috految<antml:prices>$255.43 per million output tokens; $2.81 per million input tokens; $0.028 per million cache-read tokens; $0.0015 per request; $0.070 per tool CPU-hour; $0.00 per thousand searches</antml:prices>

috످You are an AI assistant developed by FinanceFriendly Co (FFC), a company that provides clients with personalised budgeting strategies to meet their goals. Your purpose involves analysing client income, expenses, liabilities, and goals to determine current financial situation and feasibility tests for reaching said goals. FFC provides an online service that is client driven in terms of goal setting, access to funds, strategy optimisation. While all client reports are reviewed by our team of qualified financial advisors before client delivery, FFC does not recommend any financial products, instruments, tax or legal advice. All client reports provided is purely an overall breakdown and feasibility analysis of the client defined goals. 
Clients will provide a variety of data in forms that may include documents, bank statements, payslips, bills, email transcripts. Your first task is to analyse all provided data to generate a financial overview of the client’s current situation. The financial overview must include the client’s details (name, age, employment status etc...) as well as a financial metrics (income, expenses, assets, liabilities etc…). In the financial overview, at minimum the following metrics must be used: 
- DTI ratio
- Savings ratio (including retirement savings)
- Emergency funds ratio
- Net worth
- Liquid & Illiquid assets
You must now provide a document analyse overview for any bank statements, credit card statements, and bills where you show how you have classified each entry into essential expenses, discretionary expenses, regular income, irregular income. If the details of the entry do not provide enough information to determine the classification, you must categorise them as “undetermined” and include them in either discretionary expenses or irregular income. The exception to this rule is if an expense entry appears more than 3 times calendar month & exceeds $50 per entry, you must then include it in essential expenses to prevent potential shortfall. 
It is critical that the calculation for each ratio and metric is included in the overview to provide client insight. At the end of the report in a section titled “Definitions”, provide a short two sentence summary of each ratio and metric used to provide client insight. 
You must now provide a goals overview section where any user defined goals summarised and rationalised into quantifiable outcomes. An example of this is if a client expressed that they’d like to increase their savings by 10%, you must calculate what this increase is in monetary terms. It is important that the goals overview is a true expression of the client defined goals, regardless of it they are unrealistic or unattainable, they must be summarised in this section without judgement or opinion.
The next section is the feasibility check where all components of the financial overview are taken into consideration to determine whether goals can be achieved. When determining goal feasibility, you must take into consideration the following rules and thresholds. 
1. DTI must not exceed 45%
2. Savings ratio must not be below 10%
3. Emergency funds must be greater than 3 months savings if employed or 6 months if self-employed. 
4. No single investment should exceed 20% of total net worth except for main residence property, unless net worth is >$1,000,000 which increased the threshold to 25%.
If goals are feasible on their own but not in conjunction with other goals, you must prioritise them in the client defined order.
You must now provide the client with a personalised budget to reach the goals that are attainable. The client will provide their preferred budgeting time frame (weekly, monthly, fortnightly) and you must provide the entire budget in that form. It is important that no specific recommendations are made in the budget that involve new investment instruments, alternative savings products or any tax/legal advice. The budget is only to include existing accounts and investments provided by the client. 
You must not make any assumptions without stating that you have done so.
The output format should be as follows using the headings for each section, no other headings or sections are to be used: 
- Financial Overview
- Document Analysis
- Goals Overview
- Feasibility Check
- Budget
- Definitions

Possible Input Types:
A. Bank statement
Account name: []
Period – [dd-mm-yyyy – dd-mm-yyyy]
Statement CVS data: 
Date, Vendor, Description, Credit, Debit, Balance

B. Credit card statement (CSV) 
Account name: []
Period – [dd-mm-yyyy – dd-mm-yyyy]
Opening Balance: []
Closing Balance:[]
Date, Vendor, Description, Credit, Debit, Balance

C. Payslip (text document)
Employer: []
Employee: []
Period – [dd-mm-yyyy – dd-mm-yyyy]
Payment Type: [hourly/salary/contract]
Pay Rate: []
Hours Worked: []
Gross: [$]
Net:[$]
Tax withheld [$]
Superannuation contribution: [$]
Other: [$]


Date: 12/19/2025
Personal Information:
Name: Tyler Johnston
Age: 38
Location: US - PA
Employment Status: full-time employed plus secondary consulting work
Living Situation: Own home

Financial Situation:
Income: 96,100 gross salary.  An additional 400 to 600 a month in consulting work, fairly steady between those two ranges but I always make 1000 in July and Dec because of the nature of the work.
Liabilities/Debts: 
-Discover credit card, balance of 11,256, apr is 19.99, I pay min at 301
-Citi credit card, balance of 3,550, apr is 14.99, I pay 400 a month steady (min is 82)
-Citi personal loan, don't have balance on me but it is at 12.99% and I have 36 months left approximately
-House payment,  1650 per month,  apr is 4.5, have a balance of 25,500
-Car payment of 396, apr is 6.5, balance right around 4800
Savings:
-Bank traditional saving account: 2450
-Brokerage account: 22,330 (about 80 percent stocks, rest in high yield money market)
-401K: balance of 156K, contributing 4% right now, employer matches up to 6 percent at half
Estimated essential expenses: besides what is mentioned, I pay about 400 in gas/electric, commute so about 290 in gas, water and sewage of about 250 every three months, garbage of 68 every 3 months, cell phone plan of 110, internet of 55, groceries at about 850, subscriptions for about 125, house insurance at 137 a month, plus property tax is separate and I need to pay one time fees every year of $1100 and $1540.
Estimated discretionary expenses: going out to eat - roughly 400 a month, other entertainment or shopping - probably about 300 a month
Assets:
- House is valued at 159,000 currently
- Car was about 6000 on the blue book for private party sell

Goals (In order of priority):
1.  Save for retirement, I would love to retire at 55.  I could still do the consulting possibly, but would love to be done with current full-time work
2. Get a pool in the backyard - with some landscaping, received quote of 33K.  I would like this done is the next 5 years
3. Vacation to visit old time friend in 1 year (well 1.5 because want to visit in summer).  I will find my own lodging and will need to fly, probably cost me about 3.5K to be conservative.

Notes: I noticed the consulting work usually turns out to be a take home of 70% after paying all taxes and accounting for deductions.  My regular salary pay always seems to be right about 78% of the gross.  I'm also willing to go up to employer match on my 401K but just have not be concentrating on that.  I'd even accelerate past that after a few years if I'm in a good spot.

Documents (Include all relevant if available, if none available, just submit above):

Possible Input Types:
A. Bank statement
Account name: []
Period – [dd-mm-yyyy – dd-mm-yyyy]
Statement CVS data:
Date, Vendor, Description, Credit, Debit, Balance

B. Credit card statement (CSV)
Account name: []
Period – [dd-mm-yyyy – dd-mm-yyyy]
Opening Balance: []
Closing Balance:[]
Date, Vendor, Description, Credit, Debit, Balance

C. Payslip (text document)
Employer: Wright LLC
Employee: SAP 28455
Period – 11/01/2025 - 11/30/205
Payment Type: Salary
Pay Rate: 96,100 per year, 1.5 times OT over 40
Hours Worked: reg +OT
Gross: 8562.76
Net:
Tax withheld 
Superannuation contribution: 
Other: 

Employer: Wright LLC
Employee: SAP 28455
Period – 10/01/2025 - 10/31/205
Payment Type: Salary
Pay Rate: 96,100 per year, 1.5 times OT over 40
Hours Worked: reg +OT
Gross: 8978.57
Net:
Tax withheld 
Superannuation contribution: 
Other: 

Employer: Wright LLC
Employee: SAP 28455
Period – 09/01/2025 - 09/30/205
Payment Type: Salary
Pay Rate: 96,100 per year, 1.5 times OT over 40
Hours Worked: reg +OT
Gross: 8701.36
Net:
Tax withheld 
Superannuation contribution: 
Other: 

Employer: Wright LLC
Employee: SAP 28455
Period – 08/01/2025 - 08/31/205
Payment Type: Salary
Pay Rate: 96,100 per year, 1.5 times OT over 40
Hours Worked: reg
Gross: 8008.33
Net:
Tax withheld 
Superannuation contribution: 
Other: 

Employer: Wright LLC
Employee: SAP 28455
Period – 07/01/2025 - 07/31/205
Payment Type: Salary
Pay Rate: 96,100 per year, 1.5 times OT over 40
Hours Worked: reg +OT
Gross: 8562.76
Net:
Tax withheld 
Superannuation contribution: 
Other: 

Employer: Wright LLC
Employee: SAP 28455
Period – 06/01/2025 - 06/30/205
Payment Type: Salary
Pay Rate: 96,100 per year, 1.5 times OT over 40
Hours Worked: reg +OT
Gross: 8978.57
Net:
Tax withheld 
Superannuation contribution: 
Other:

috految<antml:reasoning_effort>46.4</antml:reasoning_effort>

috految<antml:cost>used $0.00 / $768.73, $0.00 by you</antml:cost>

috److془We need to carefully produce the report. Only six headings. No other headings. Definitions two sentences each. State all assumptions. Monthly budget assumed.

Let's compute carefully.

Income:
Base 8,008.33; net 6,246.50.
OT: Jun 970.24 (14h), Jul 554.43 (8), Aug 0, Sep 693.03 (10), Oct 970.24 (14), Nov 554.43 (8). Total 3,742.37; avg 623.73; net 486.51. Gross total 51,792.35; avg 8,632.06. Net: 7,003.28; 6,678.95; 6,246.50; 6,787.06; 7,003.28; 6,678.95. total 40,398.03; avg 6,733.01.

Consulting: 7,000/yr; 583.33; net 408.33.
Regular gross: 8,591.67 -> 8,592; net 6,654.83 -> 6,655. With OT 9,215; 7,141.

Use 6,247+408=6,655. 

Expenses: gas/electric 400, fuel 290, water 83, garbage 23, cell 110, internet 55, groceries 850, subs 125, home insurance 137, property tax 220. Sum: 400+290=690; 773; 796; 906; 961; 1811; 1936; 2073; 2293. Discretionary 700.

Debt: 1650+396+301+400=2747. Personal loan placeholder 10,000 → 337. Total 3,084. Min: 2,766. 

Missing: car insurance 125, car/home maintenance and medical 125? Let's say 125 + 125 = 250. Total essential 2,543. Outflow: 2,543+700+3,084=6,327. Surplus 328. Reported: 5,740; surplus 915.

Whether 78% includes 401k: Federal on 96,100-3,844-15,750 = 76,506: 11,745; FICA 7,352; PA 2,950; local 961 → 23,008 = 24%. So 78% may well be before 401k. Flag it. Lessens by 320.

Savings ratio: 320.33+160.17 = 480.5/8,592 = 5.6%. With 6%: 720.75 = 8.4%. Needs 859.2; 139 more. 

Emergency: 2,450+4,466=6,916; essential + min debt = 2,543+2,766=5,309; 1.3 months. Needs >15,927. Shortfall 9,011. Including stocks 24,780/5309=4.7. 

Assets: 2,450+22,330=24,780; illiquid 156,000+159,000+6,000=321,000. total 345,780. Liabilities: 11,256+3,550+25,500+4,800=45,106. NW 300,674; with placeholder 290,674. 20% = 58,135. 401k 53.7%; stocks 6.1%; MM 1.5%. home 54.7%.

DTI: (3,084)/8,592= 35.9%; reported 32.0%. With tax, insurance: 3,441/8592=40.0%. 45% = 3,866; loan max 1,119 . Or use the minimum. Use actual payments.

Mortgage: 25,500 at .375%: after 15: 1.00375^15=1.057751; annuity 15.40023; 26,972.6-25,410.4=1,562.3; final 1,568 April 2027. After 12: 1.04594; 26,671.5-1650*12.25062=20,213.5 → 6,458. 
Car: r=.00541667; after 12: 1.066972*4800=5121.5-396*12.36403=4896.2 → 225.3; final 227 Jan 2027.
Citi: r=.01249167; 9: 1.118209; annuity 9.46309; 3969.6-3785.2=184.4; final 187 month 10 Oct 2026.
Discover: r=.01665833; n = -ln(1-187.506/301)/.0165211= 0.97536/.0165211=59.04. 60 payments Dec 2030. interest 6,514. 

Plan: Available: 6,655 -160 -2,543 -700 = 3,252 for debts and savings. Phase 1: 3,084 + 168. Savings ratio (721+168)/8592=10.3%. Nice. Consulting averaging: ordinary months are 58 lower; use set aside $292 from July and Dec. Starting with Dec 2025. 58*5=290. Jan–Jun 6 months; one month short $58; hold $350 in Dec and $233 in July; or simply "set aside extra 350 from each July and December, beginning Dec 2025, and draw 58 each month". 700/12 = 58. Perfect.

Vacation: July 2027 or June. Need EF > 3 months by then. Post mortgage: min obligations 2,543+301+337=3,181 → 9,543. 

Phase 1 Jan-Oct 2026 (10): EF 168 → 1,680. 
Phase 2 Nov 2026–Jan 2027 (3): 568. 
Phase 3 Feb–Apr 2027 (3): 964.
Phase 4 May–Jun 2027 (2): 2,614.
Total: 1680+1704+2892+5228 = 11,504. 
Alternative: Phase 1 Citi min and avalanche; gives marginal savings. Keep as is; Citi's 400 frees cash. Mention.

Phase 2: EF 568 → 8,596→10,300. Phase 3: EF 264, vacation 700 → EF 11,092; vacation 2,100. Phase 4: vacation 700 → 3,500 in June. Hmm, or Phase 2 EF 168, vacation 400. Better: EF first. Phase 3 EF 264; vac 700. or with Phase 3 vacation 700: EF at April end passes. Phase 4 May-Jun: Discover 1,965? Alternatively EF 400, vac 700, Discover 1,815. 1815+337+400+700=3,252 ✓. Inflation: in today's dollars; pay and costs rise with inflation. 

Discover after 16: 1.01665833^16 = exp(.264338)=1.302568; 18,069.04 - 6,813.04*1.302568(8,874.45)=9,194.6. After 10: exp(.165211)=1.179642→8036.95→10,032. After 13: 1.239582→8445.3→9,624. 
Month 17: 9347.8-1815=7532.8; 18: 7658.3-1815=5843.3. 
Loan: r=.010825; 337/r=31,131.64; B=31,131.64-21,131.64*g; ln=.01076683. 10: 1.113678→7,598; 13: 1.150238→6,825; 16: 1.187997→6,027; 18: 1.213856→5,481.
Phase 5 Jul–Dec 2027 (6): Discover 1,035: payment needed 5843.3*.016658/(1-.905628)=1031.4. Loan: 5481*.010825/(1-.937442)=948.4. Or Discover 2,015 for 3 months. Simple: Phase 5 Jul–Dec: Discover 1,032, loan 949, EF 1,271. Hmm; better Discover less interest, difference slight. Use Jul-Dec with Discover 1,035, loan 950, EF 1,267. EF: 11,892 + 7,602 = 19,494. Debt free Dec 2027. Discover paid: 4816+3630+6188=14,634; interest 3,378; savings ~3,100. 

Hmm being simple: good. Phase 6 Jan 2028-Dec 2029 pool. Pool 33,000 today's dollars; inflation at 2.5% 4.5 years = 36,878. Say ~36,900. Budget 37,200 = 1,550x24. Or 5 years: 37,336. Trip summer 2030 install. Use 1,550/mo through 2029. Hmm but priority: retirement needs to fit. Also 401k acceleration "after a few years": 2028 10%, 2030 20 or 25%. Note limit 24,500 → 25% = 24,025 OK. Use 20% perhaps. 

Retirement: age 55 by Dec 2042 (17 years). Spending: essential 2,543 - fuel 145 + disc 700 + health 900 + pool 250 + vehicle/home reserve 400= 4,648 → 55,776. 15% tax: 65,619. 4% → 1.64M. Projection at 4.5% real: 156k*2.1134=329.7k+37.8; contributions: 2026-27 8,649; 2028-29 ~ 1,700+721=~ 2,020/mo; 2030-42: 3,252-650+721=3,323/mo → 39.9k*17.16=684k; +88k+34k → 1.174M. Needs Social Security. SS at 67: AIME about 8,000*30/35≈6,800 → PIA ~2,900. Use 2,200 (conservative). Spending with health 900 until 65, 500 after 65. Tax 12% blended (actual: 60k-16k → 5k = 8.5%, PA exempt). Use 10%. Post retirement return 3% real, to age 90. 
Spending 55-64: 4,648*12=55,776/.9=61,973. 65+: 4,248*12=50,976/.9=56,640. PV: Factor 10: 8.5302; 65-66: 9.9540-8.5302=1.4238; 67–89: 21.4872-9.9540=11.5332. 528,642+80,644+20,... (56,640-26,400=30,240)*11.5332=348,764 → 958,000. Use to 95: 23.1148-9.954=13.1608 → 397,983; total 1,007,000. Use 95. Pre-retirement 4% real: 1.9479*173,864=338.7; 8,649*2.04*1.80094=31.8; 24k*3.397=82; 39.9*16.627=663; 1.115M. Good. Use 4% real. Withdrawal rate 5.6% initial. Without SS: +347,445 → 1,354,700. 

Brokerage stocks concentration: 20% threshold. 401k 20%: 1,602; extra = 16%*8008.33=1,281. 25%: 2,002; extra 1,682. Use 25%; brokerage 1,000ish. Phase 7: 6,655-2,543-700-650=2,762. -1,682 = 1,080. Brokerage 950, EF 130. Hmm or 20%: 1,281, brokerage 1,400, EF 81. bridge: 4.5*61,973=278,879. Brokerage 20%: 34.8+ 16,800*16.627=279.3 + phase 6. Covers bridge. Great. Use 20%. 

Phase 6: 6,655-2543-700-400=3,012; 401k 10%: extra 481 → 2,531; pool 1,550; 981: EF 131, brokerage 850. Total 401k 801+240 =1,041. Phase 7: 1,842. Phase 7: 1,281+1,400+81+650+2543+700=6,655 ✓. Phase 6: 481+1550+131+850+400+2543+700=6,655 ✓. 

Projection: 401k 156,000*1.9479=303,900; 8,652*3.674=31,800; 12,492*3.397=42,400; 22,104*16.627=367,500. Total 745,600. Brokerage: 17,864*1.948=34,800; 10,200*3.397=34,600; 16,800*16.627=279,300; 348,700. Total 1,094,300. Target: 528,600+80,600+398,000=1,007,200. Margin 87,100. Funding 109%. Withdrawal 5.7%. 

Current 4%: 338,700+5,766*23.6975=136,640 → 475,000. 6%: 8,649→204,960→544,000. 
Consulting to 65: 4,900/.9*8.53=46,442 → 961,000. Margin 133.
No pool (money invested): 18,600*3.397=63,184+3,000*16.627=49,881 → 1,207,000; target less 3,333*23.115=77,049 → 930,000. +277.
Return 3%: 173,864*1.65285=287,371; 8,652*2.03*1.55797=27,364; 22,692*2.03*1.46853=67,648; 38,904*15.6178=607,594 → 990,000. -17.
5%: 173,864*2.29202=398,500; 8652*2.05*2.07893=36,873; 22,692*2.05*1.88565=87,718; 38,904*17.713=689,106 → 1,212,000. +205.
Post 2%: 61,973*8.9826=556,679;56,640*1.5928=90,216; 30,240*(27.3555-10.5753=16.7802)=507,433 → 1,154,000. -60.
Spending +500: 6,667*23.115=154,099→1,161,000. -67.
Take-home 320 less: 3,840*23.6975=91 → 1,003; -4. 
No SS: 1,355; -261. 
OT saved from 2028: 5,838*20.0236=116,898 → 1,211; +204.
Age 57: 1,094,300*1.0816+38,904*2.04=1,262,959; target: 61,973*7.0197=435,032; 56,640*1.5105=85,555; 30,240*(22.4925-8.5302)=422,220 → 943,000. +320.
Nominal target: 1.5216*1,007,200=1.53M. 
Goals monthly: (1,007,200-338,700)/23.698/12=2,351.
Drop of 401k concentration: net worth at 55: 1,094,300+165,000+EF. EF: Dec 2029 19,494+3,144=22,638; 2042: +12,636 = 35,274. NW 1,294,600. 25% = 323,600. 401k 57.6%, brokerage 26.9%. Needs holdings verification. Retirement EF: essentials 4,648-700=3,948; 8.9 months >6. Cash keeps pace with inflation assumption. (Pool target inflation buffer.) Pool funds 37,200; use "price buffer" fine.

Ratios: DTI P1 3,084 35.9; P2 2,684 31.2; P3 2,288 26.6; P4 2,152 25.0; P5 1,985 23.1. 
Savings: P1 889 10.3; P2 1,289 15.0; P3 985 11.5; P4 1,121 13.0; P5 1,988 23.1; P6 1041+131+850=2,022 23.5; P7 1842+1481=3,323 38.7.
EF: P1 8,596/5,309=1.6; P2 10,300/5,227=2.0; P3 11,092/4,831=2.3; P4 11,892/3,181=3.7; P5 19,494/3,181=6.1; P6 22,638/2,943=7.7; P7 35,274/3,193=11.0. May 2027: 11,492/3181=3.6. Check 4,831=2543+1650+301+337 ✓.
Loan breakeven: savings ratio fails when loan payment > 337+29=366; deficit >505. Overtime can cover. Take-home 320: deficits 152 before emergency savings. 

Debts at phase end: mortgage 10: 440,000-414,500*1.038139=9,691; 13: 1.049862→4,832. car 10: 73,107.69-68,307.69*1.055506=1,008. Totals: Oct: 9691+1008+10032+7598=28,329. Jan: 4832+9624+6825=21,281. Apr: 15,222. Jun: 11,324.
Retirement 2027: 173,864*1.0816+17,650=205,700. 2029: 222,487+46,292=268,800. ×1.66507+646,857=1,094,400 ✓.

Pool: Dec 2029 funded. Vacation spending from May 2027. Periodic: 83+23+220=326. Payslip Year 205, employee ID no name. Duplicates Jun/Oct, Jul/Nov. Oddity: overdue tax bill early. Mortgage balance confirm. Match gain 961/yr. Subscriptions essential as client reported. Checking not given. Cash flow w/ OT 815 - 7,142 use. Interest: Discover 188 of 301.

Write. Avoid bold pseudo-headings. Disclaimer in Financial Overview. Fuel half 145: 2,398. 2398+700+900+400+250=4,648 ✓.془# Financial Overview

| Client details | |
|---|---|
| Name | Tyler Johnston |
| Report date | December 19, 2025 |
| Age | 38 |
| Location | Pennsylvania, US |
| Employment | Full-time at Wright LLC, plus consulting |
| Living situation | Homeowner with a mortgage |
| Budget time frame | Monthly (assumed, as no preference was provided) |

*This report is a financial breakdown and feasibility analysis, subject to review by a qualified FinanceFriendly Co (FFC) advisor. FFC does not recommend financial products or instruments or provide tax or legal advice. Figures are rounded, and projections are not guaranteed.*

Tyler, **all three of your goals are conditionally feasible, and you could be debt-free by December 2027.** Your mortgage, car loan, and Citi card are on track to be paid off by April 2027, freeing up **$2,446 per month**.

| Goal | Estimated target | Projected result | Main conditions |
|---|---|---|---|
| **1. Retire at 55** | $1,007,200 in today's dollars | $1,094,300 by December 2042 | Increase retirement savings to $3,242 per month by 2030 (including employer match) and receive Social Security from 67 |
| **2. Pool and landscaping** | $33,000 plus price buffer | Funded by December 2029 | Save $1,550 per month during 2028 and 2029 |
| **3. Vacation** | $3,500 | Funded by June 2027 | Save $700 per month from February to June 2027 |

Your savings ratio and emergency fund are currently below FFC's thresholds. Your budget is designed to meet both by May 2027 without relying on overtime or reducing your dining and entertainment spending.

| Key metric | Current | FFC threshold | Status |
|---|---|---|---|
| Debt-to-income (DTI) ratio† | 35.9% | 45% or less | ✅ Met |
| Savings ratio | 5.6% | At least 10% | ❌ Not met |
| Emergency funds ratio† | 1.3 months | More than 3 months | ❌ Not met |
| Investment concentration† | 401(k) is 53.7% of net worth | Up to 20% per investment | ⚠️ Holdings need verification |
| Net worth† | $290,674 | N/A | N/A |
| Liquid assets | $24,780 | N/A | N/A |
| Illiquid assets | $321,000 | N/A | N/A |

*† Includes an estimate for missing information.*

**Please confirm the following, as your answers could change these results:**

1. **What are your Citi personal loan balance and payment?** This report uses a placeholder of $10,000 at $337 per month.
2. **Is your 78% take-home pay after 401(k) and health insurance deductions?** If not, your available income could be at least $320 per month lower.
3. **Is your mortgage balance $25,500, with the full $1,650 going to principal and interest?** Your plan depends on paying it off in April 2027.
4. **What do you spend on car insurance, maintenance, and medical care?** These costs were not listed.
5. **Which investments are in your 401(k) and brokerage account?** These are needed to complete the concentration test.
6. **What are your desired retirement income and estimated Social Security benefit?** You can get a benefit estimate at [ssa.gov](https://www.ssa.gov/myaccount).
7. **Do you have a checking account, other assets, or dependents?**
8. **When are your property tax bills due?**
9. **Do you prefer a weekly, fortnightly, or monthly budget?**

The following **assumptions** apply throughout this report.

| Area | Assumption |
|---|---|
| Household | You have no dependents or other household income. |
| Timing | The budget begins in January 2026 using current balances. |
| Salary | Your 78% take-home pay is after taxes, health insurance, and your 4% 401(k) contribution. |
| Overtime | Overtime has a 78% take-home rate and is excluded from ratios and the budget because it varies. |
| Consulting | You gross $500 per month (the midpoint of your range), or $1,000 in July and December, and keep 70%. |
| Employment | The 3-month emergency threshold applies because salary provides 93% of your regular income. |
| 401(k) | Your balance is fully vested. Your employer matches 50% of contributions up to 6% of base salary. |
| Contribution increases | Increases reduce take-home pay dollar for dollar, with no tax effects modeled. |
| Other savings | You do not currently make regular savings or brokerage deposits. |
| Personal loan | The placeholder balance is $10,000, repaid over 36 months at 12.99%. |
| Mortgage | Your payment covers principal and interest only. |
| Debts | Rates and minimum payments stay fixed, with no new borrowing or early repayment fees. |
| Expenses | Costs are monthly unless you specified otherwise. The $1,100 and $1,540 bills are your total annual property taxes. |
| Unreported costs | Car insurance is $125 per month, and maintenance and medical costs total $125 per month. |
| Emergency funds | Bank savings and money market funds count toward the threshold. Stocks are excluded because their value fluctuates. |
| Assets | Your brokerage is a non-retirement account, and your home and car values remain constant. |
| Inflation | Income, living costs, contributions, and cash savings keep pace with 2.5% inflation, so projections are in today's dollars. |

Your **regular take-home income** averages $6,655 per month.

| Income source | Calculation | Annual gross | Monthly gross | Take-home rate | Monthly net |
|---|---|--:|--:|--:|--:|
| Base salary | $96,100 ÷ 12 | $96,100 | $8,008 | 78% | $6,247 |
| Consulting | [(10 × $500) + (2 × $1,000)] ÷ 12 | $7,000 | $583 | 70% | $408 |
| **Regular income** | | **$103,100** | **$8,592** | | **$6,655** |
| Average overtime | $3,742.37 ÷ 6 | $7,485 | $624 | 78% | $487 |
| **Including overtime** | | **$110,585** | **$9,215** | | **$7,142** |

Your **expenses and debt payments** total an estimated $6,327 per month.

| Expense | Calculation | Monthly amount |
|---|---|--:|
| Groceries | As reported | $850 |
| Gas and electric | As reported | $400 |
| Commuting fuel | As reported | $290 |
| Property taxes | ($1,100 + $1,540) ÷ 12 | $220 |
| Home insurance | As reported | $137 |
| Subscriptions | As reported | $125 |
| Cell phone | As reported | $110 |
| Water and sewage | $250 ÷ 3 | $83 |
| Internet | As reported | $55 |
| Garbage | $68 ÷ 3 | $23 |
| **Reported essential expenses** | | **$2,293** |
| Car insurance† | Estimate | $125 |
| Maintenance and medical† | Estimate | $125 |
| **Total essential expenses†** | | **$2,543** |
| Dining out | As reported | $400 |
| Entertainment and shopping | As reported | $300 |
| **Total discretionary expenses** | | **$700** |
| **Debt payments†** | See liabilities | **$3,084** |
| **Total outflow†** | $2,543 + $700 + $3,084 | **$6,327** |

Your **liabilities** total $45,106, plus your personal loan.

| Liability | Balance | APR | Minimum payment | Current payment | Payoff at current pace |
|---|--:|--:|--:|--:|---|
| Discover card | $11,256 | 19.99% | $301 | $301 | December 2030 |
| Citi card | $3,550 | 14.99% | $82 | $400 | October 2026 |
| Car loan | $4,800 | 6.50% | $396 | $396 | January 2027 |
| Mortgage | $25,500 | 4.50% | $1,650 | $1,650 | April 2027 |
| **Known debts** | **$45,106** | | **$2,429** | **$2,747** | |
| Citi personal loan† | $10,000 | 12.99% | $337 | $337 | December 2028 |
| **Estimated total†** | **$55,106** | | **$2,766** | **$3,084** | |

Your **assets** total $345,780.

| Asset | Calculation | Value |
|---|---|--:|
| Bank savings | As reported | $2,450 |
| Brokerage money market | $22,330 × 20% | $4,466 |
| Brokerage stocks | $22,330 × 80% | $17,864 |
| **Liquid assets** | $2,450 + $4,466 + $17,864 | **$24,780** |
| Home | As reported | $159,000 |
| 401(k) | As reported | $156,000 |
| Car | As reported | $6,000 |
| **Illiquid assets** | $159,000 + $156,000 + $6,000 | **$321,000** |
| **Total assets** | $24,780 + $321,000 | **$345,780** |

Your **financial metrics** are calculated below, with and without estimates.

| Metric | Formula | Reported figures only | Including estimates† |
|---|---|---|---|
| **Net worth** | Assets − liabilities | $345,780 − $45,106 = **$300,674** | $345,780 − $55,106 = **$290,674** |
| **Monthly cash flow** | Net income − outflow | $6,655 − $5,740 = **$915** | $6,655 − $6,327 = **$328** |
| **DTI ratio** | Debt payments ÷ gross income | $2,747 ÷ $8,592 = **32.0%** | $3,084 ÷ $8,592 = **35.9%** |
| **DTI with property tax and insurance** | (Debt payments + $357) ÷ gross income | $3,104 ÷ $8,592 = **36.1%** | $3,441 ÷ $8,592 = **40.0%** |
| **Your 401(k) contribution** | Base salary × 4% | $8,008 × 4% = **$320** | Same |
| **Employer match** | Contribution × 50% | $320 × 50% = **$160** | Same |
| **Savings ratio** | (Contribution + match + other savings) ÷ gross income | ($320 + $160 + $0) ÷ $8,592 = **5.6%** | Same |
| **Emergency funds** | Savings + money market | $2,450 + $4,466 = **$6,916** | Same |
| **Emergency funds ratio** | Emergency funds ÷ (essentials + minimum debt payments) | $6,916 ÷ ($2,293 + $2,429) = **1.5 months** | $6,916 ÷ ($2,543 + $2,766) = **1.3 months** |
| **Emergency ratio with stocks (reference only)** | Liquid assets ÷ (essentials + minimum debt payments) | $24,780 ÷ $4,722 = **5.2 months** | $24,780 ÷ $5,309 = **4.7 months** |

Your **investment concentration** limit is $290,674 × 20% = **$58,135 per investment.**

| Holding | Calculation | Share of net worth | Status |
|---|---|--:|---|
| Home | $159,000 ÷ $290,674 | 54.7% | Exempt as main residence |
| 401(k) | $156,000 ÷ $290,674 | 53.7% | ⚠️ Holdings need verification |
| Brokerage stocks | $17,864 ÷ $290,674 | 6.1% | ✅ Within limit |
| Money market | $4,466 ÷ $290,674 | 1.5% | ✅ Within limit |

---

# Document Analysis

You provided six payslips from Wright LLC. No bank statements, credit card statements, or bills were provided, so your expenses, balances, and consulting income are unverified.

Overtime is assumed to be all pay above base salary, using a 40-hour week: ($96,100 ÷ 2,080 hours) × 1.5 = **$69.30 per hour.**

| Period (2025) | Gross pay | Regular income (salary) | Irregular income (overtime) | Estimated overtime hours | Estimated net (78%) |
|---|--:|--:|--:|--:|--:|
| June | $8,978.57 | $8,008.33 | $970.24 | 14 | $7,003.28 |
| July | $8,562.76 | $8,008.33 | $554.43 | 8 | $6,678.95 |
| August | $8,008.33 | $8,008.33 | $0.00 | 0 | $6,246.50 |
| September | $8,701.36 | $8,008.33 | $693.03 | 10 | $6,787.06 |
| October | $8,978.57 | $8,008.33 | $970.24 | 14 | $7,003.28 |
| November | $8,562.76 | $8,008.33 | $554.43 | 8 | $6,678.95 |
| **Total** | **$51,792.35** | **$48,049.98** | **$3,742.37** | **54** | **$40,398.02** |
| **Average** | **$8,632.06** | **$8,008.33** | **$623.73** | **9** | **$6,733.00** |

| Payslip observation | Treatment |
|---|---|
| End dates show the year "205" | Assumed to be 2025, in MM/DD/YYYY format |
| Employee is listed as "SAP 28455" | Assumed to be your employee ID |
| Net pay, tax, and other fields are blank | Your 78% take-home estimate was used |
| Superannuation is blank | Not applicable in the US, so your 401(k) details were used |
| June/October and July/November amounts match | Assumed to reflect identical overtime hours |
| Overtime appears on five of six payslips | Classified as irregular because amounts vary |

Your income and expenses are classified as follows.

| Entry | Monthly amount | Classification | Reason |
|---|--:|---|---|
| Salary (gross) | $8,008 | Regular income | Fixed pay |
| Consulting (gross) | $583 | Regular income | Steady with predictable peaks |
| Overtime (gross) | $624 | Irregular income | Not guaranteed |
| Mortgage | $1,650 | Essential | Required repayment |
| Car loan | $396 | Essential | Required repayment |
| Citi personal loan† | $337 | Essential | Required repayment |
| Discover card | $301 | Essential | Minimum repayment |
| Citi card minimum | $82 | Essential | Minimum repayment |
| Groceries | $850 | Essential | Food |
| Gas and electric | $400 | Essential | Utility |
| Commuting fuel | $290 | Essential | Work travel |
| Property taxes | $220 | Essential | Required housing cost |
| Home insurance | $137 | Essential | Housing cost |
| Subscriptions | $125 | Essential | You listed these as essential |
| Cell phone | $110 | Essential | Communication |
| Water and sewage | $83 | Essential | Utility |
| Internet | $55 | Essential | Utility |
| Garbage | $23 | Essential | Utility |
| Car insurance† | $125 | Essential | Required vehicle cost |
| Maintenance and medical† | $125 | Essential | Recurring necessities |
| Citi card extra payment | $318 | Discretionary | Optional, counted in debt payments |
| Dining out | $400 | Discretionary | Lifestyle spending |
| Entertainment and shopping | $300 | Discretionary | Lifestyle spending |

No entries were classified as **undetermined**. If you provide statements, unclear entries will be marked undetermined and included in discretionary expenses or irregular income. Any undetermined expense over $50 that appears more than three times in a calendar month will be treated as essential.

---

# Goals Overview

| Priority | Goal | Target | Deadline | Monthly equivalent from January 2026 |
|---|---|---|---|---|
| 1 | Retire from full-time work at 55 | $1,007,200† | December 2042 (17 years) | $2,351, including employer match |
| 2 | Install a pool and landscaping | $33,000 | December 2030 (5 years) | $33,000 ÷ 60 = $550 |
| 3 | Visit a longtime friend | $3,500 | Summer 2027 (18 months) | $3,500 ÷ 18 = $194 |

Your first priority is to **retire from full-time work at 55**, possibly while continuing to consult. You are willing to increase your 401(k) contribution to receive the full employer match and contribute more after a few years if you are in a good position.

| 401(k) rate | Your monthly contribution | Employer match | Monthly total | Annual total |
|---|--:|--:|--:|--:|
| Current (4%) | $320 | $160 | $480 | $5,766 |
| Full match (6%) | $481 | $240 | $721 | $8,649 |
| Illustrative increase (10%) | $801 | $240 | $1,041 | $12,493 |
| Illustrative increase (20%) | $1,602 | $240 | $1,842 | $22,103 |

Increasing to 6% costs about $160 per month and adds **$961 per year in employer contributions.**

Because you did not specify a retirement income, your target uses these **assumptions**:

- You retire in December 2042 and your savings need to last until age 95.
- You remain in your home and stop consulting at 55.
- Annual returns after inflation, fees, and investment taxes are 4% before retirement and 3% afterward.
- Social Security provides $2,200 per month from age 67, although your earnings history and future legislation could change this.
- Taxes equal 10% of retirement income, for modeling purposes only.
- Contributions and withdrawals occur at year-end.
- Long-term care and advanced-age housing costs are excluded.

| Monthly retirement spending† | Ages 55–64 | Ages 65+ |
|---|--:|--:|
| Current essentials, with commuting fuel halved | $2,398 | $2,398 |
| Discretionary spending | $700 | $700 |
| Health coverage (Medicare from 65) | $900 | $500 |
| Vehicle replacement and home repairs | $400 | $400 |
| Pool upkeep | $250 | $250 |
| **Monthly total** | **$4,648** | **$4,248** |
| **Annual need before tax (total × 12 ÷ 0.90)** | **$61,973** | **$56,640** |

| Retirement stage | Annual withdrawal | Present value factor at 3% | Savings needed at 55 |
|---|---|--:|--:|
| Ages 55–64 | $61,973 | 8.530 | $528,600 |
| Ages 65–66 | $56,640 | 1.424 | $80,600 |
| Ages 67–94 | $56,640 − $26,400 Social Security = $30,240 | 13.161 | $398,000 |
| **Retirement target** | | | **$1,007,200** |

This equals approximately **$1.53 million in 2042 dollars** ($1,007,200 × 1.025¹⁷).

Your existing 401(k) and stocks are projected to grow to $338,700 ($173,864 × 1.04¹⁷). Funding the remainder requires ($1,007,200 − $338,700) ÷ 23.698 growth factor ÷ 12 = **$2,351 per month.**

Your second priority is to **install a pool with landscaping within five years**, quoted at $33,000. Assuming you pay in cash in mid-2030 and prices rise 2.5% annually, the cost would be approximately $36,900.

Your third priority is to **visit your friend in summer 2027**. Your $3,500 estimate is assumed to cover flights, lodging, and spending money for a trip in July.

---

# Feasibility Check

Your current position was tested against FFC's four thresholds.

| Rule | Requirement | Current position | Result |
|---|---|---|---|
| DTI of 45% or less | Up to $3,866 per month | $3,084 | ✅ $782 below limit |
| Savings ratio of at least 10% | At least $860 per month | $480 | ❌ $380 short |
| Emergency funds above 3 months | More than $15,927 ($5,309 × 3) | $6,916 | ❌ $9,011 short |
| No investment above 20% of net worth | Up to $58,135 each | 401(k) totals $156,000 | ⚠️ Unverified |

**Your 401(k) is assumed to hold multiple investments.** If any single investment exceeds $58,135, the concentration rule is not met and your goals will need to be reassessed.

Under the budget, you would meet the **savings threshold in January 2026** and the **emergency threshold in May 2027**. Your required emergency fund falls to $9,543 ($3,181 × 3) once your Citi card, car, and mortgage are paid off.

| Phase | DTI ratio | Savings ratio | Emergency funds ratio at phase end |
|---|---|---|---|
| 1: Jan–Oct 2026 | $3,084 ÷ $8,592 = **35.9%** ✅ | $889 ÷ $8,592 = **10.3%** ✅ | $8,596 ÷ $5,309 = **1.6 months** ❌ |
| 2: Nov 2026–Jan 2027 | $2,684 ÷ $8,592 = **31.2%** ✅ | $1,289 ÷ $8,592 = **15.0%** ✅ | $10,300 ÷ $5,227 = **2.0 months** ❌ |
| 3: Feb–Apr 2027 | $2,288 ÷ $8,592 = **26.6%** ✅ | $985 ÷ $8,592 = **11.5%** ✅ | $11,092 ÷ $4,831 = **2.3 months** ❌ |
| 4: May–Jun 2027 | $2,152 ÷ $8,592 = **25.0%** ✅ | $1,121 ÷ $8,592 = **13.0%** ✅ | $11,892 ÷ $3,181 = **3.7 months** ✅ |
| 5: Jul–Dec 2027 | $1,985 ÷ $8,592 = **23.1%** ✅ | $1,988 ÷ $8,592 = **23.1%** ✅ | $19,494 ÷ $3,181 = **6.1 months** ✅ |
| 6: 2028–2029 | **0%** ✅ | $2,022 ÷ $8,592 = **23.5%** ✅ | $22,638 ÷ $2,943 = **7.7 months** ✅ |
| 7: 2030–2042 | **0%** ✅ | $3,323 ÷ $8,592 = **38.7%** ✅ | $35,274 ÷ $3,193 = **11.0 months** ✅ |

*Savings ratios include your 401(k), employer match, emergency, and brokerage contributions. Pool and vacation savings are excluded.*

**Retiring at 55 (Priority 1) is conditionally feasible**, but it requires saving well beyond the employer match. This projection assumes you continue both jobs until retirement and your existing and future brokerage investments are used for retirement.

| Source | Amount × growth factor at 4% | Value at 55 |
|---|---|--:|
| Existing 401(k) | $156,000 × 1.948 | $303,900 |
| 6% plus match (2026–2027) | $8,649 per year × 3.674 | $31,800 |
| 10% plus match (2028–2029) | $12,493 per year × 3.397 | $42,400 |
| 20% plus match (2030–2042) | $22,103 per year × 16.627 | $367,500 |
| **Total 401(k)** | | **$745,600** |
| Existing stocks | $17,864 × 1.948 | $34,800 |
| Brokerage deposits (2028–2029) | $10,200 per year × 3.397 | $34,600 |
| Brokerage deposits (2030–2042) | $16,800 per year × 16.627 | $279,300 |
| **Total brokerage** | | **$348,700** |
| **Projected retirement savings** | | **$1,094,300** |
| Retirement target | | $1,007,200 |
| **Projected surplus** | | **$87,100** |

Your margin is about 9%, so modest changes could affect your retirement date.

| Scenario | Projected savings | Target | Difference |
|---|--:|--:|--:|
| **Follow the budget** | **$1,094,000** | **$1,007,000** | ✅ **+$87,000** |
| Continue consulting until 65 | $1,094,000 | $961,000 | ✅ +$133,000 |
| Save average overtime from 2028 | $1,211,000 | $1,007,000 | ✅ +$204,000 |
| Earn 5% before retirement | $1,212,000 | $1,007,000 | ✅ +$205,000 |
| Skip the pool and save the difference | $1,207,000 | $930,000 | ✅ +$277,000 |
| Retire at 57 | $1,263,000 | $943,000 | ✅ +$320,000 |
| Take-home pay is $320 lower per month | $1,003,000 | $1,007,000 | ❌ −$4,000 |
| Earn 3% before retirement | $990,000 | $1,007,000 | ❌ −$17,000 |
| Earn 2% during retirement | $1,094,000 | $1,154,000 | ❌ −$60,000 |
| Spend $500 more per month in retirement | $1,094,000 | $1,161,000 | ❌ −$67,000 |
| Receive no Social Security | $1,094,000 | $1,355,000 | ❌ −$261,000 |
| Contribute 6% with no other saving | $544,000 | $1,007,000 | ❌ −$463,000 |
| Stay at 4% with no other saving | $475,000 | $1,007,000 | ❌ −$532,000 |

Your retirement outcome also depends on the following:

- **Access to funds:** 401(k) withdrawals before 59½ may carry penalties, although exceptions such as the Rule of 55 exist. Your plan administrator or a tax professional can confirm what applies. Your projected $348,700 brokerage balance could cover the estimated $278,900 needed until then ($61,973 × 4.5 years).
- **Market risk:** Your initial withdrawal rate would be 5.7% ($61,973 ÷ $1,094,300), above the common 4% benchmark. Withdrawals fall once Social Security begins, but early market losses could deplete your savings sooner.
- **Self-employment:** If consulting becomes your only work, the 6-month emergency threshold applies. You would hold about 8.9 months of essential retirement costs ($35,274 ÷ $3,948).
- **Future concentration:** Your net worth at 55 is projected at $1.29 million, including your home, car, and emergency fund. This raises the limit to 25% (about $324,000). Both investment accounts would exceed that amount, so their individual holdings will need ongoing review.

**The pool (Priority 2) is conditionally feasible** without borrowing. Saving $1,550 for 24 months provides **$37,200 by December 2029**, allowing for installation in 2030. Upkeep is assumed to be $250 per month, and any added permit, fencing, insurance, or property tax costs would need to be confirmed.

**The vacation (Priority 3) is conditionally feasible** without borrowing. Saving $700 for five months provides **$3,500 by June 2027**. Bookings can begin in May 2027, once your emergency fund meets FFC's threshold.

**All three goals can be funded together** under the stated assumptions.

| Test | Retirement | Pool | Vacation |
|---|---|---|---|
| Funded by deadline | ✅ | ✅ | ✅ |
| DTI within limit | ✅ | ✅ | ✅ |
| Savings ratio met while saving | ✅ | ✅ | ✅ |
| Emergency threshold met before spending | ✅ | ✅ | ✅ |
| Investment concentration | ⚠️ Pending | ⚠️ Pending | ⚠️ Pending |
| Funding order if a shortfall occurs | Protected first | Deferred second | Deferred first |

Your budget is tightest in 2026, when these changes would require an adjustment:

| Change | Effect |
|---|---|
| Personal loan payment exceeds about $366 | Savings ratio falls below 10% unless spending is reduced or overtime covers the gap |
| Personal loan payment exceeds $505 | Budget runs a deficit before any emergency savings |
| Personal loan payment exceeds $1,119 | DTI exceeds 45% |
| Your 78% take-home is before your 401(k) deduction | $320 per month must come from overtime or reduced spending |
| Consulting falls to $400 in a standard month | $70 must come from overtime or reduced spending |

---

# Budget

Your **monthly budget** uses only your existing accounts and changes as each debt is paid off. It assumes you choose to increase your 401(k) contribution to 6% in 2026, 10% in 2028, and 20% in 2030, subject to plan limits.

From **2026 through 2027**, you build your emergency fund, clear your debts, and fund your vacation.

| Monthly item | Phase 1: Jan–Oct 2026 | Phase 2: Nov 2026–Jan 2027 | Phase 3: Feb–Apr 2027 | Phase 4: May–Jun 2027 | Phase 5: Jul–Dec 2027 |
|---|--:|--:|--:|--:|--:|
| Net salary | $6,247 | $6,247 | $6,247 | $6,247 | $6,247 |
| Average net consulting | $408 | $408 | $408 | $408 | $408 |
| 401(k) increase to 6% | −$160 | −$160 | −$160 | −$160 | −$160 |
| **Available income** | **$6,495** | **$6,495** | **$6,495** | **$6,495** | **$6,495** |
| Groceries | $850 | $850 | $850 | $850 | $850 |
| Gas and electric | $400 | $400 | $400 | $400 | $400 |
| Commuting fuel | $290 | $290 | $290 | $290 | $290 |
| Property taxes | $220 | $220 | $220 | $220 | $220 |
| Home insurance | $137 | $137 | $137 | $137 | $137 |
| Subscriptions | $125 | $125 | $125 | $125 | $125 |
| Cell phone | $110 | $110 | $110 | $110 | $110 |
| Water and sewage | $83 | $83 | $83 | $83 | $83 |
| Internet | $55 | $55 | $55 | $55 | $55 |
| Garbage | $23 | $23 | $23 | $23 | $23 |
| Car insurance† | $125 | $125 | $125 | $125 | $125 |
| Maintenance and medical† | $125 | $125 | $125 | $125 | $125 |
| **Total essentials** | **$2,543** | **$2,543** | **$2,543** | **$2,543** | **$2,543** |
| Dining out | $400 | $400 | $400 | $400 | $400 |
| Entertainment and shopping | $300 | $300 | $300 | $300 | $300 |
| **Total discretionary** | **$700** | **$700** | **$700** | **$700** | **$700** |
| Mortgage | $1,650 | $1,650 | $1,650 | Paid | Paid |
| Car loan | $396 | $396 | Paid | Paid | Paid |
| Citi card | $400 | Paid | Paid | Paid | Paid |
| Discover card | $301 | $301 | $301 | $1,815 | $1,035 |
| Citi personal loan† | $337 | $337 | $337 | $337 | $950 |
| **Total debt payments** | **$3,084** | **$2,684** | **$2,288** | **$2,152** | **$1,985** |
| Emergency fund (bank savings) | $168 | $568 | $264 | $400 | $1,267 |
| Vacation (bank savings) | $0 | $0 | $700 | $700 | Funded |
| **Total savings** | **$168** | **$568** | **$964** | **$1,100** | **$1,267** |
| **Total allocated** | **$6,495** | **$6,495** | **$6,495** | **$6,495** | **$6,495** |
| *401(k) deposits with match* | *$721* | *$721* | *$721* | *$721* | *$721* |

Your Citi card stays at $400 per month because paying it off frees up cash for your emergency fund. Extra payments then go to Discover, your highest-rate debt, from May 2027. This clears Discover **three years early and saves about $3,100 in interest.**

From **2028 through 2042**, your former debt payments fund your pool and retirement.

| Monthly item | Phase 6: 2028–2029 | Phase 7: 2030–2042 |
|---|--:|--:|
| Net salary | $6,247 | $6,247 |
| Average net consulting | $408 | $408 |
| 401(k) increase above current 4% | −$481 (to 10%) | −$1,281 (to 20%) |
| **Available income** | **$6,174** | **$5,374** |
| Essentials (itemized above) | $2,543 | $2,543 |
| Vehicle replacement and home repairs† | $400 | $400 |
| Pool upkeep† | $0 | $250 |
| **Total essentials** | **$2,943** | **$3,193** |
| Dining out | $400 | $400 |
| Entertainment and shopping | $300 | $300 |
| **Total discretionary** | **$700** | **$700** |
| Retirement (existing brokerage) | $850 | $1,400 |
| Pool (bank savings) | $1,550 | Funded |
| Emergency fund (bank savings) | $131 | $81 |
| **Total savings** | **$2,531** | **$1,481** |
| **Total allocated** | **$6,174** | **$5,374** |
| *401(k) deposits with match* | *$1,041* | *$1,842* |

To put your budget into practice:

1. **Increase your 401(k) to 6% in January 2026** and transfer $168 per month to savings.
2. **Set aside $326 per month for periodic bills.** This is already included above for property taxes, water, sewage, and garbage. Bills due early in 2026 may require a temporary draw from savings.
3. **Reserve your extra $350 of net consulting income each July and December**, starting this month. Draw $58 monthly to even out your income.
4. **Use overtime as a buffer.** Your average of $487 per month can cover unexpected costs, then go toward your emergency fund, Discover balance, and retirement.
5. **Move leftover amounts from final loan payments into savings.** These are not included in the projections.
6. **Update your budget each January**, increasing expenses and contributions in line with inflation.

You can track your progress against these projected milestones.

| Date | Milestone | Remaining debt† | Emergency fund |
|---|---|--:|--:|
| January 2026 | Full employer match begins | $55,106 | $6,916 |
| October 2026 | Citi card paid off | $28,329 | $8,596 |
| January 2027 | Car paid off | $21,281 | $10,300 |
| April 2027 | **Mortgage paid off** | $15,222 | $11,092 |
| June 2027 | **Vacation funded ($3,500)** | $11,324 | $11,892 |
| December 2027 | **Debt-free** | $0 | $19,494 |
| December 2029 | **Pool funded ($37,200)** | $0 | $22,638 |
| December 2042 | **Retirement at 55 ($1,094,300)** | $0 | $35,274 |

---

# Definitions

| Term | Definition |
|---|---|
| **Annual percentage rate (APR)** | APR is the yearly cost of borrowing, expressed as a percentage. A higher APR means you pay more interest on the same balance. |
| **Assets** | Assets are things you own that have financial value. They include your cash, investments, home, and car. |
| **Cash flow** | Cash flow is your take-home income minus expenses and debt payments. A positive result means you have money available for your goals. |
| **Debt-to-income (DTI) ratio** | DTI is the percentage of gross monthly income used for debt payments. FFC requires a ratio of 45% or less. |
| **Discretionary expenses** | These are optional costs, such as dining out and entertainment. They are usually the easiest expenses to adjust. |
| **Emergency funds ratio** | This measures how many months your cash reserves could cover essential expenses and minimum debt payments. FFC requires more than three months if employed or six months if self-employed. |
| **Employer match** | This is money your employer adds to your 401(k) based on your contributions. Yours adds 50 cents per dollar on the first 6% of salary you contribute. |
| **Essential expenses** | These are necessary costs, such as food, utilities, and insurance. They help determine the size of your emergency fund. |
| **Gross income** | Gross income is your earnings before taxes and deductions. It is used to calculate your DTI and savings ratios. |
| **Growth factor** | This multiplier estimates the future value of a balance or series of deposits. It reflects your assumed return and how long the money is invested. |
| **Illiquid assets** | These assets cannot be quickly converted to cash without costs or restrictions. Yours include your home, car, and 401(k). |
| **Investment concentration** | This is the share of your net worth held in a single investment, excluding your main residence. FFC's limit is 20%, rising to 25% when net worth exceeds $1,000,000. |
| **Irregular income** | This is income that varies or is not guaranteed, such as overtime. Excluding it from your budget reduces the risk of a shortfall. |
| **Liabilities** | Liabilities are debts you owe. Yours include your mortgage, car loan, personal loan, and credit cards. |
| **Liquid assets** | These assets can be converted to cash quickly. Yours include your bank savings, money market funds, and stocks. |
| **Net income** | Net income is your take-home pay after taxes and deductions. It is the amount available to spend, save, or repay debt. |
| **Net worth** | Net worth is your total assets minus your total liabilities. It provides a snapshot of your overall financial position. |
| **Present value factor** | This converts future withdrawals into the lump sum needed at retirement. It accounts for your remaining savings continuing to earn returns. |
| **Regular income** | This is income you receive consistently, such as salary and steady consulting work. It forms the basis of your budget. |
| **Retirement target** | This is the estimated savings needed when you stop working full-time. It depends on your spending, lifespan, returns, and other income. |
| **Savings ratio** | This is the percentage of gross income that goes to savings, including retirement contributions and employer matching. FFC requires at least 10%. |
| **Today's dollars** | This expresses future amounts in current purchasing power. It lets you compare projections with what things cost now. |
| **Withdrawal rate** | This is the percentage of your retirement savings withdrawn in a year. Higher rates increase the risk of outliving your savings. |

috످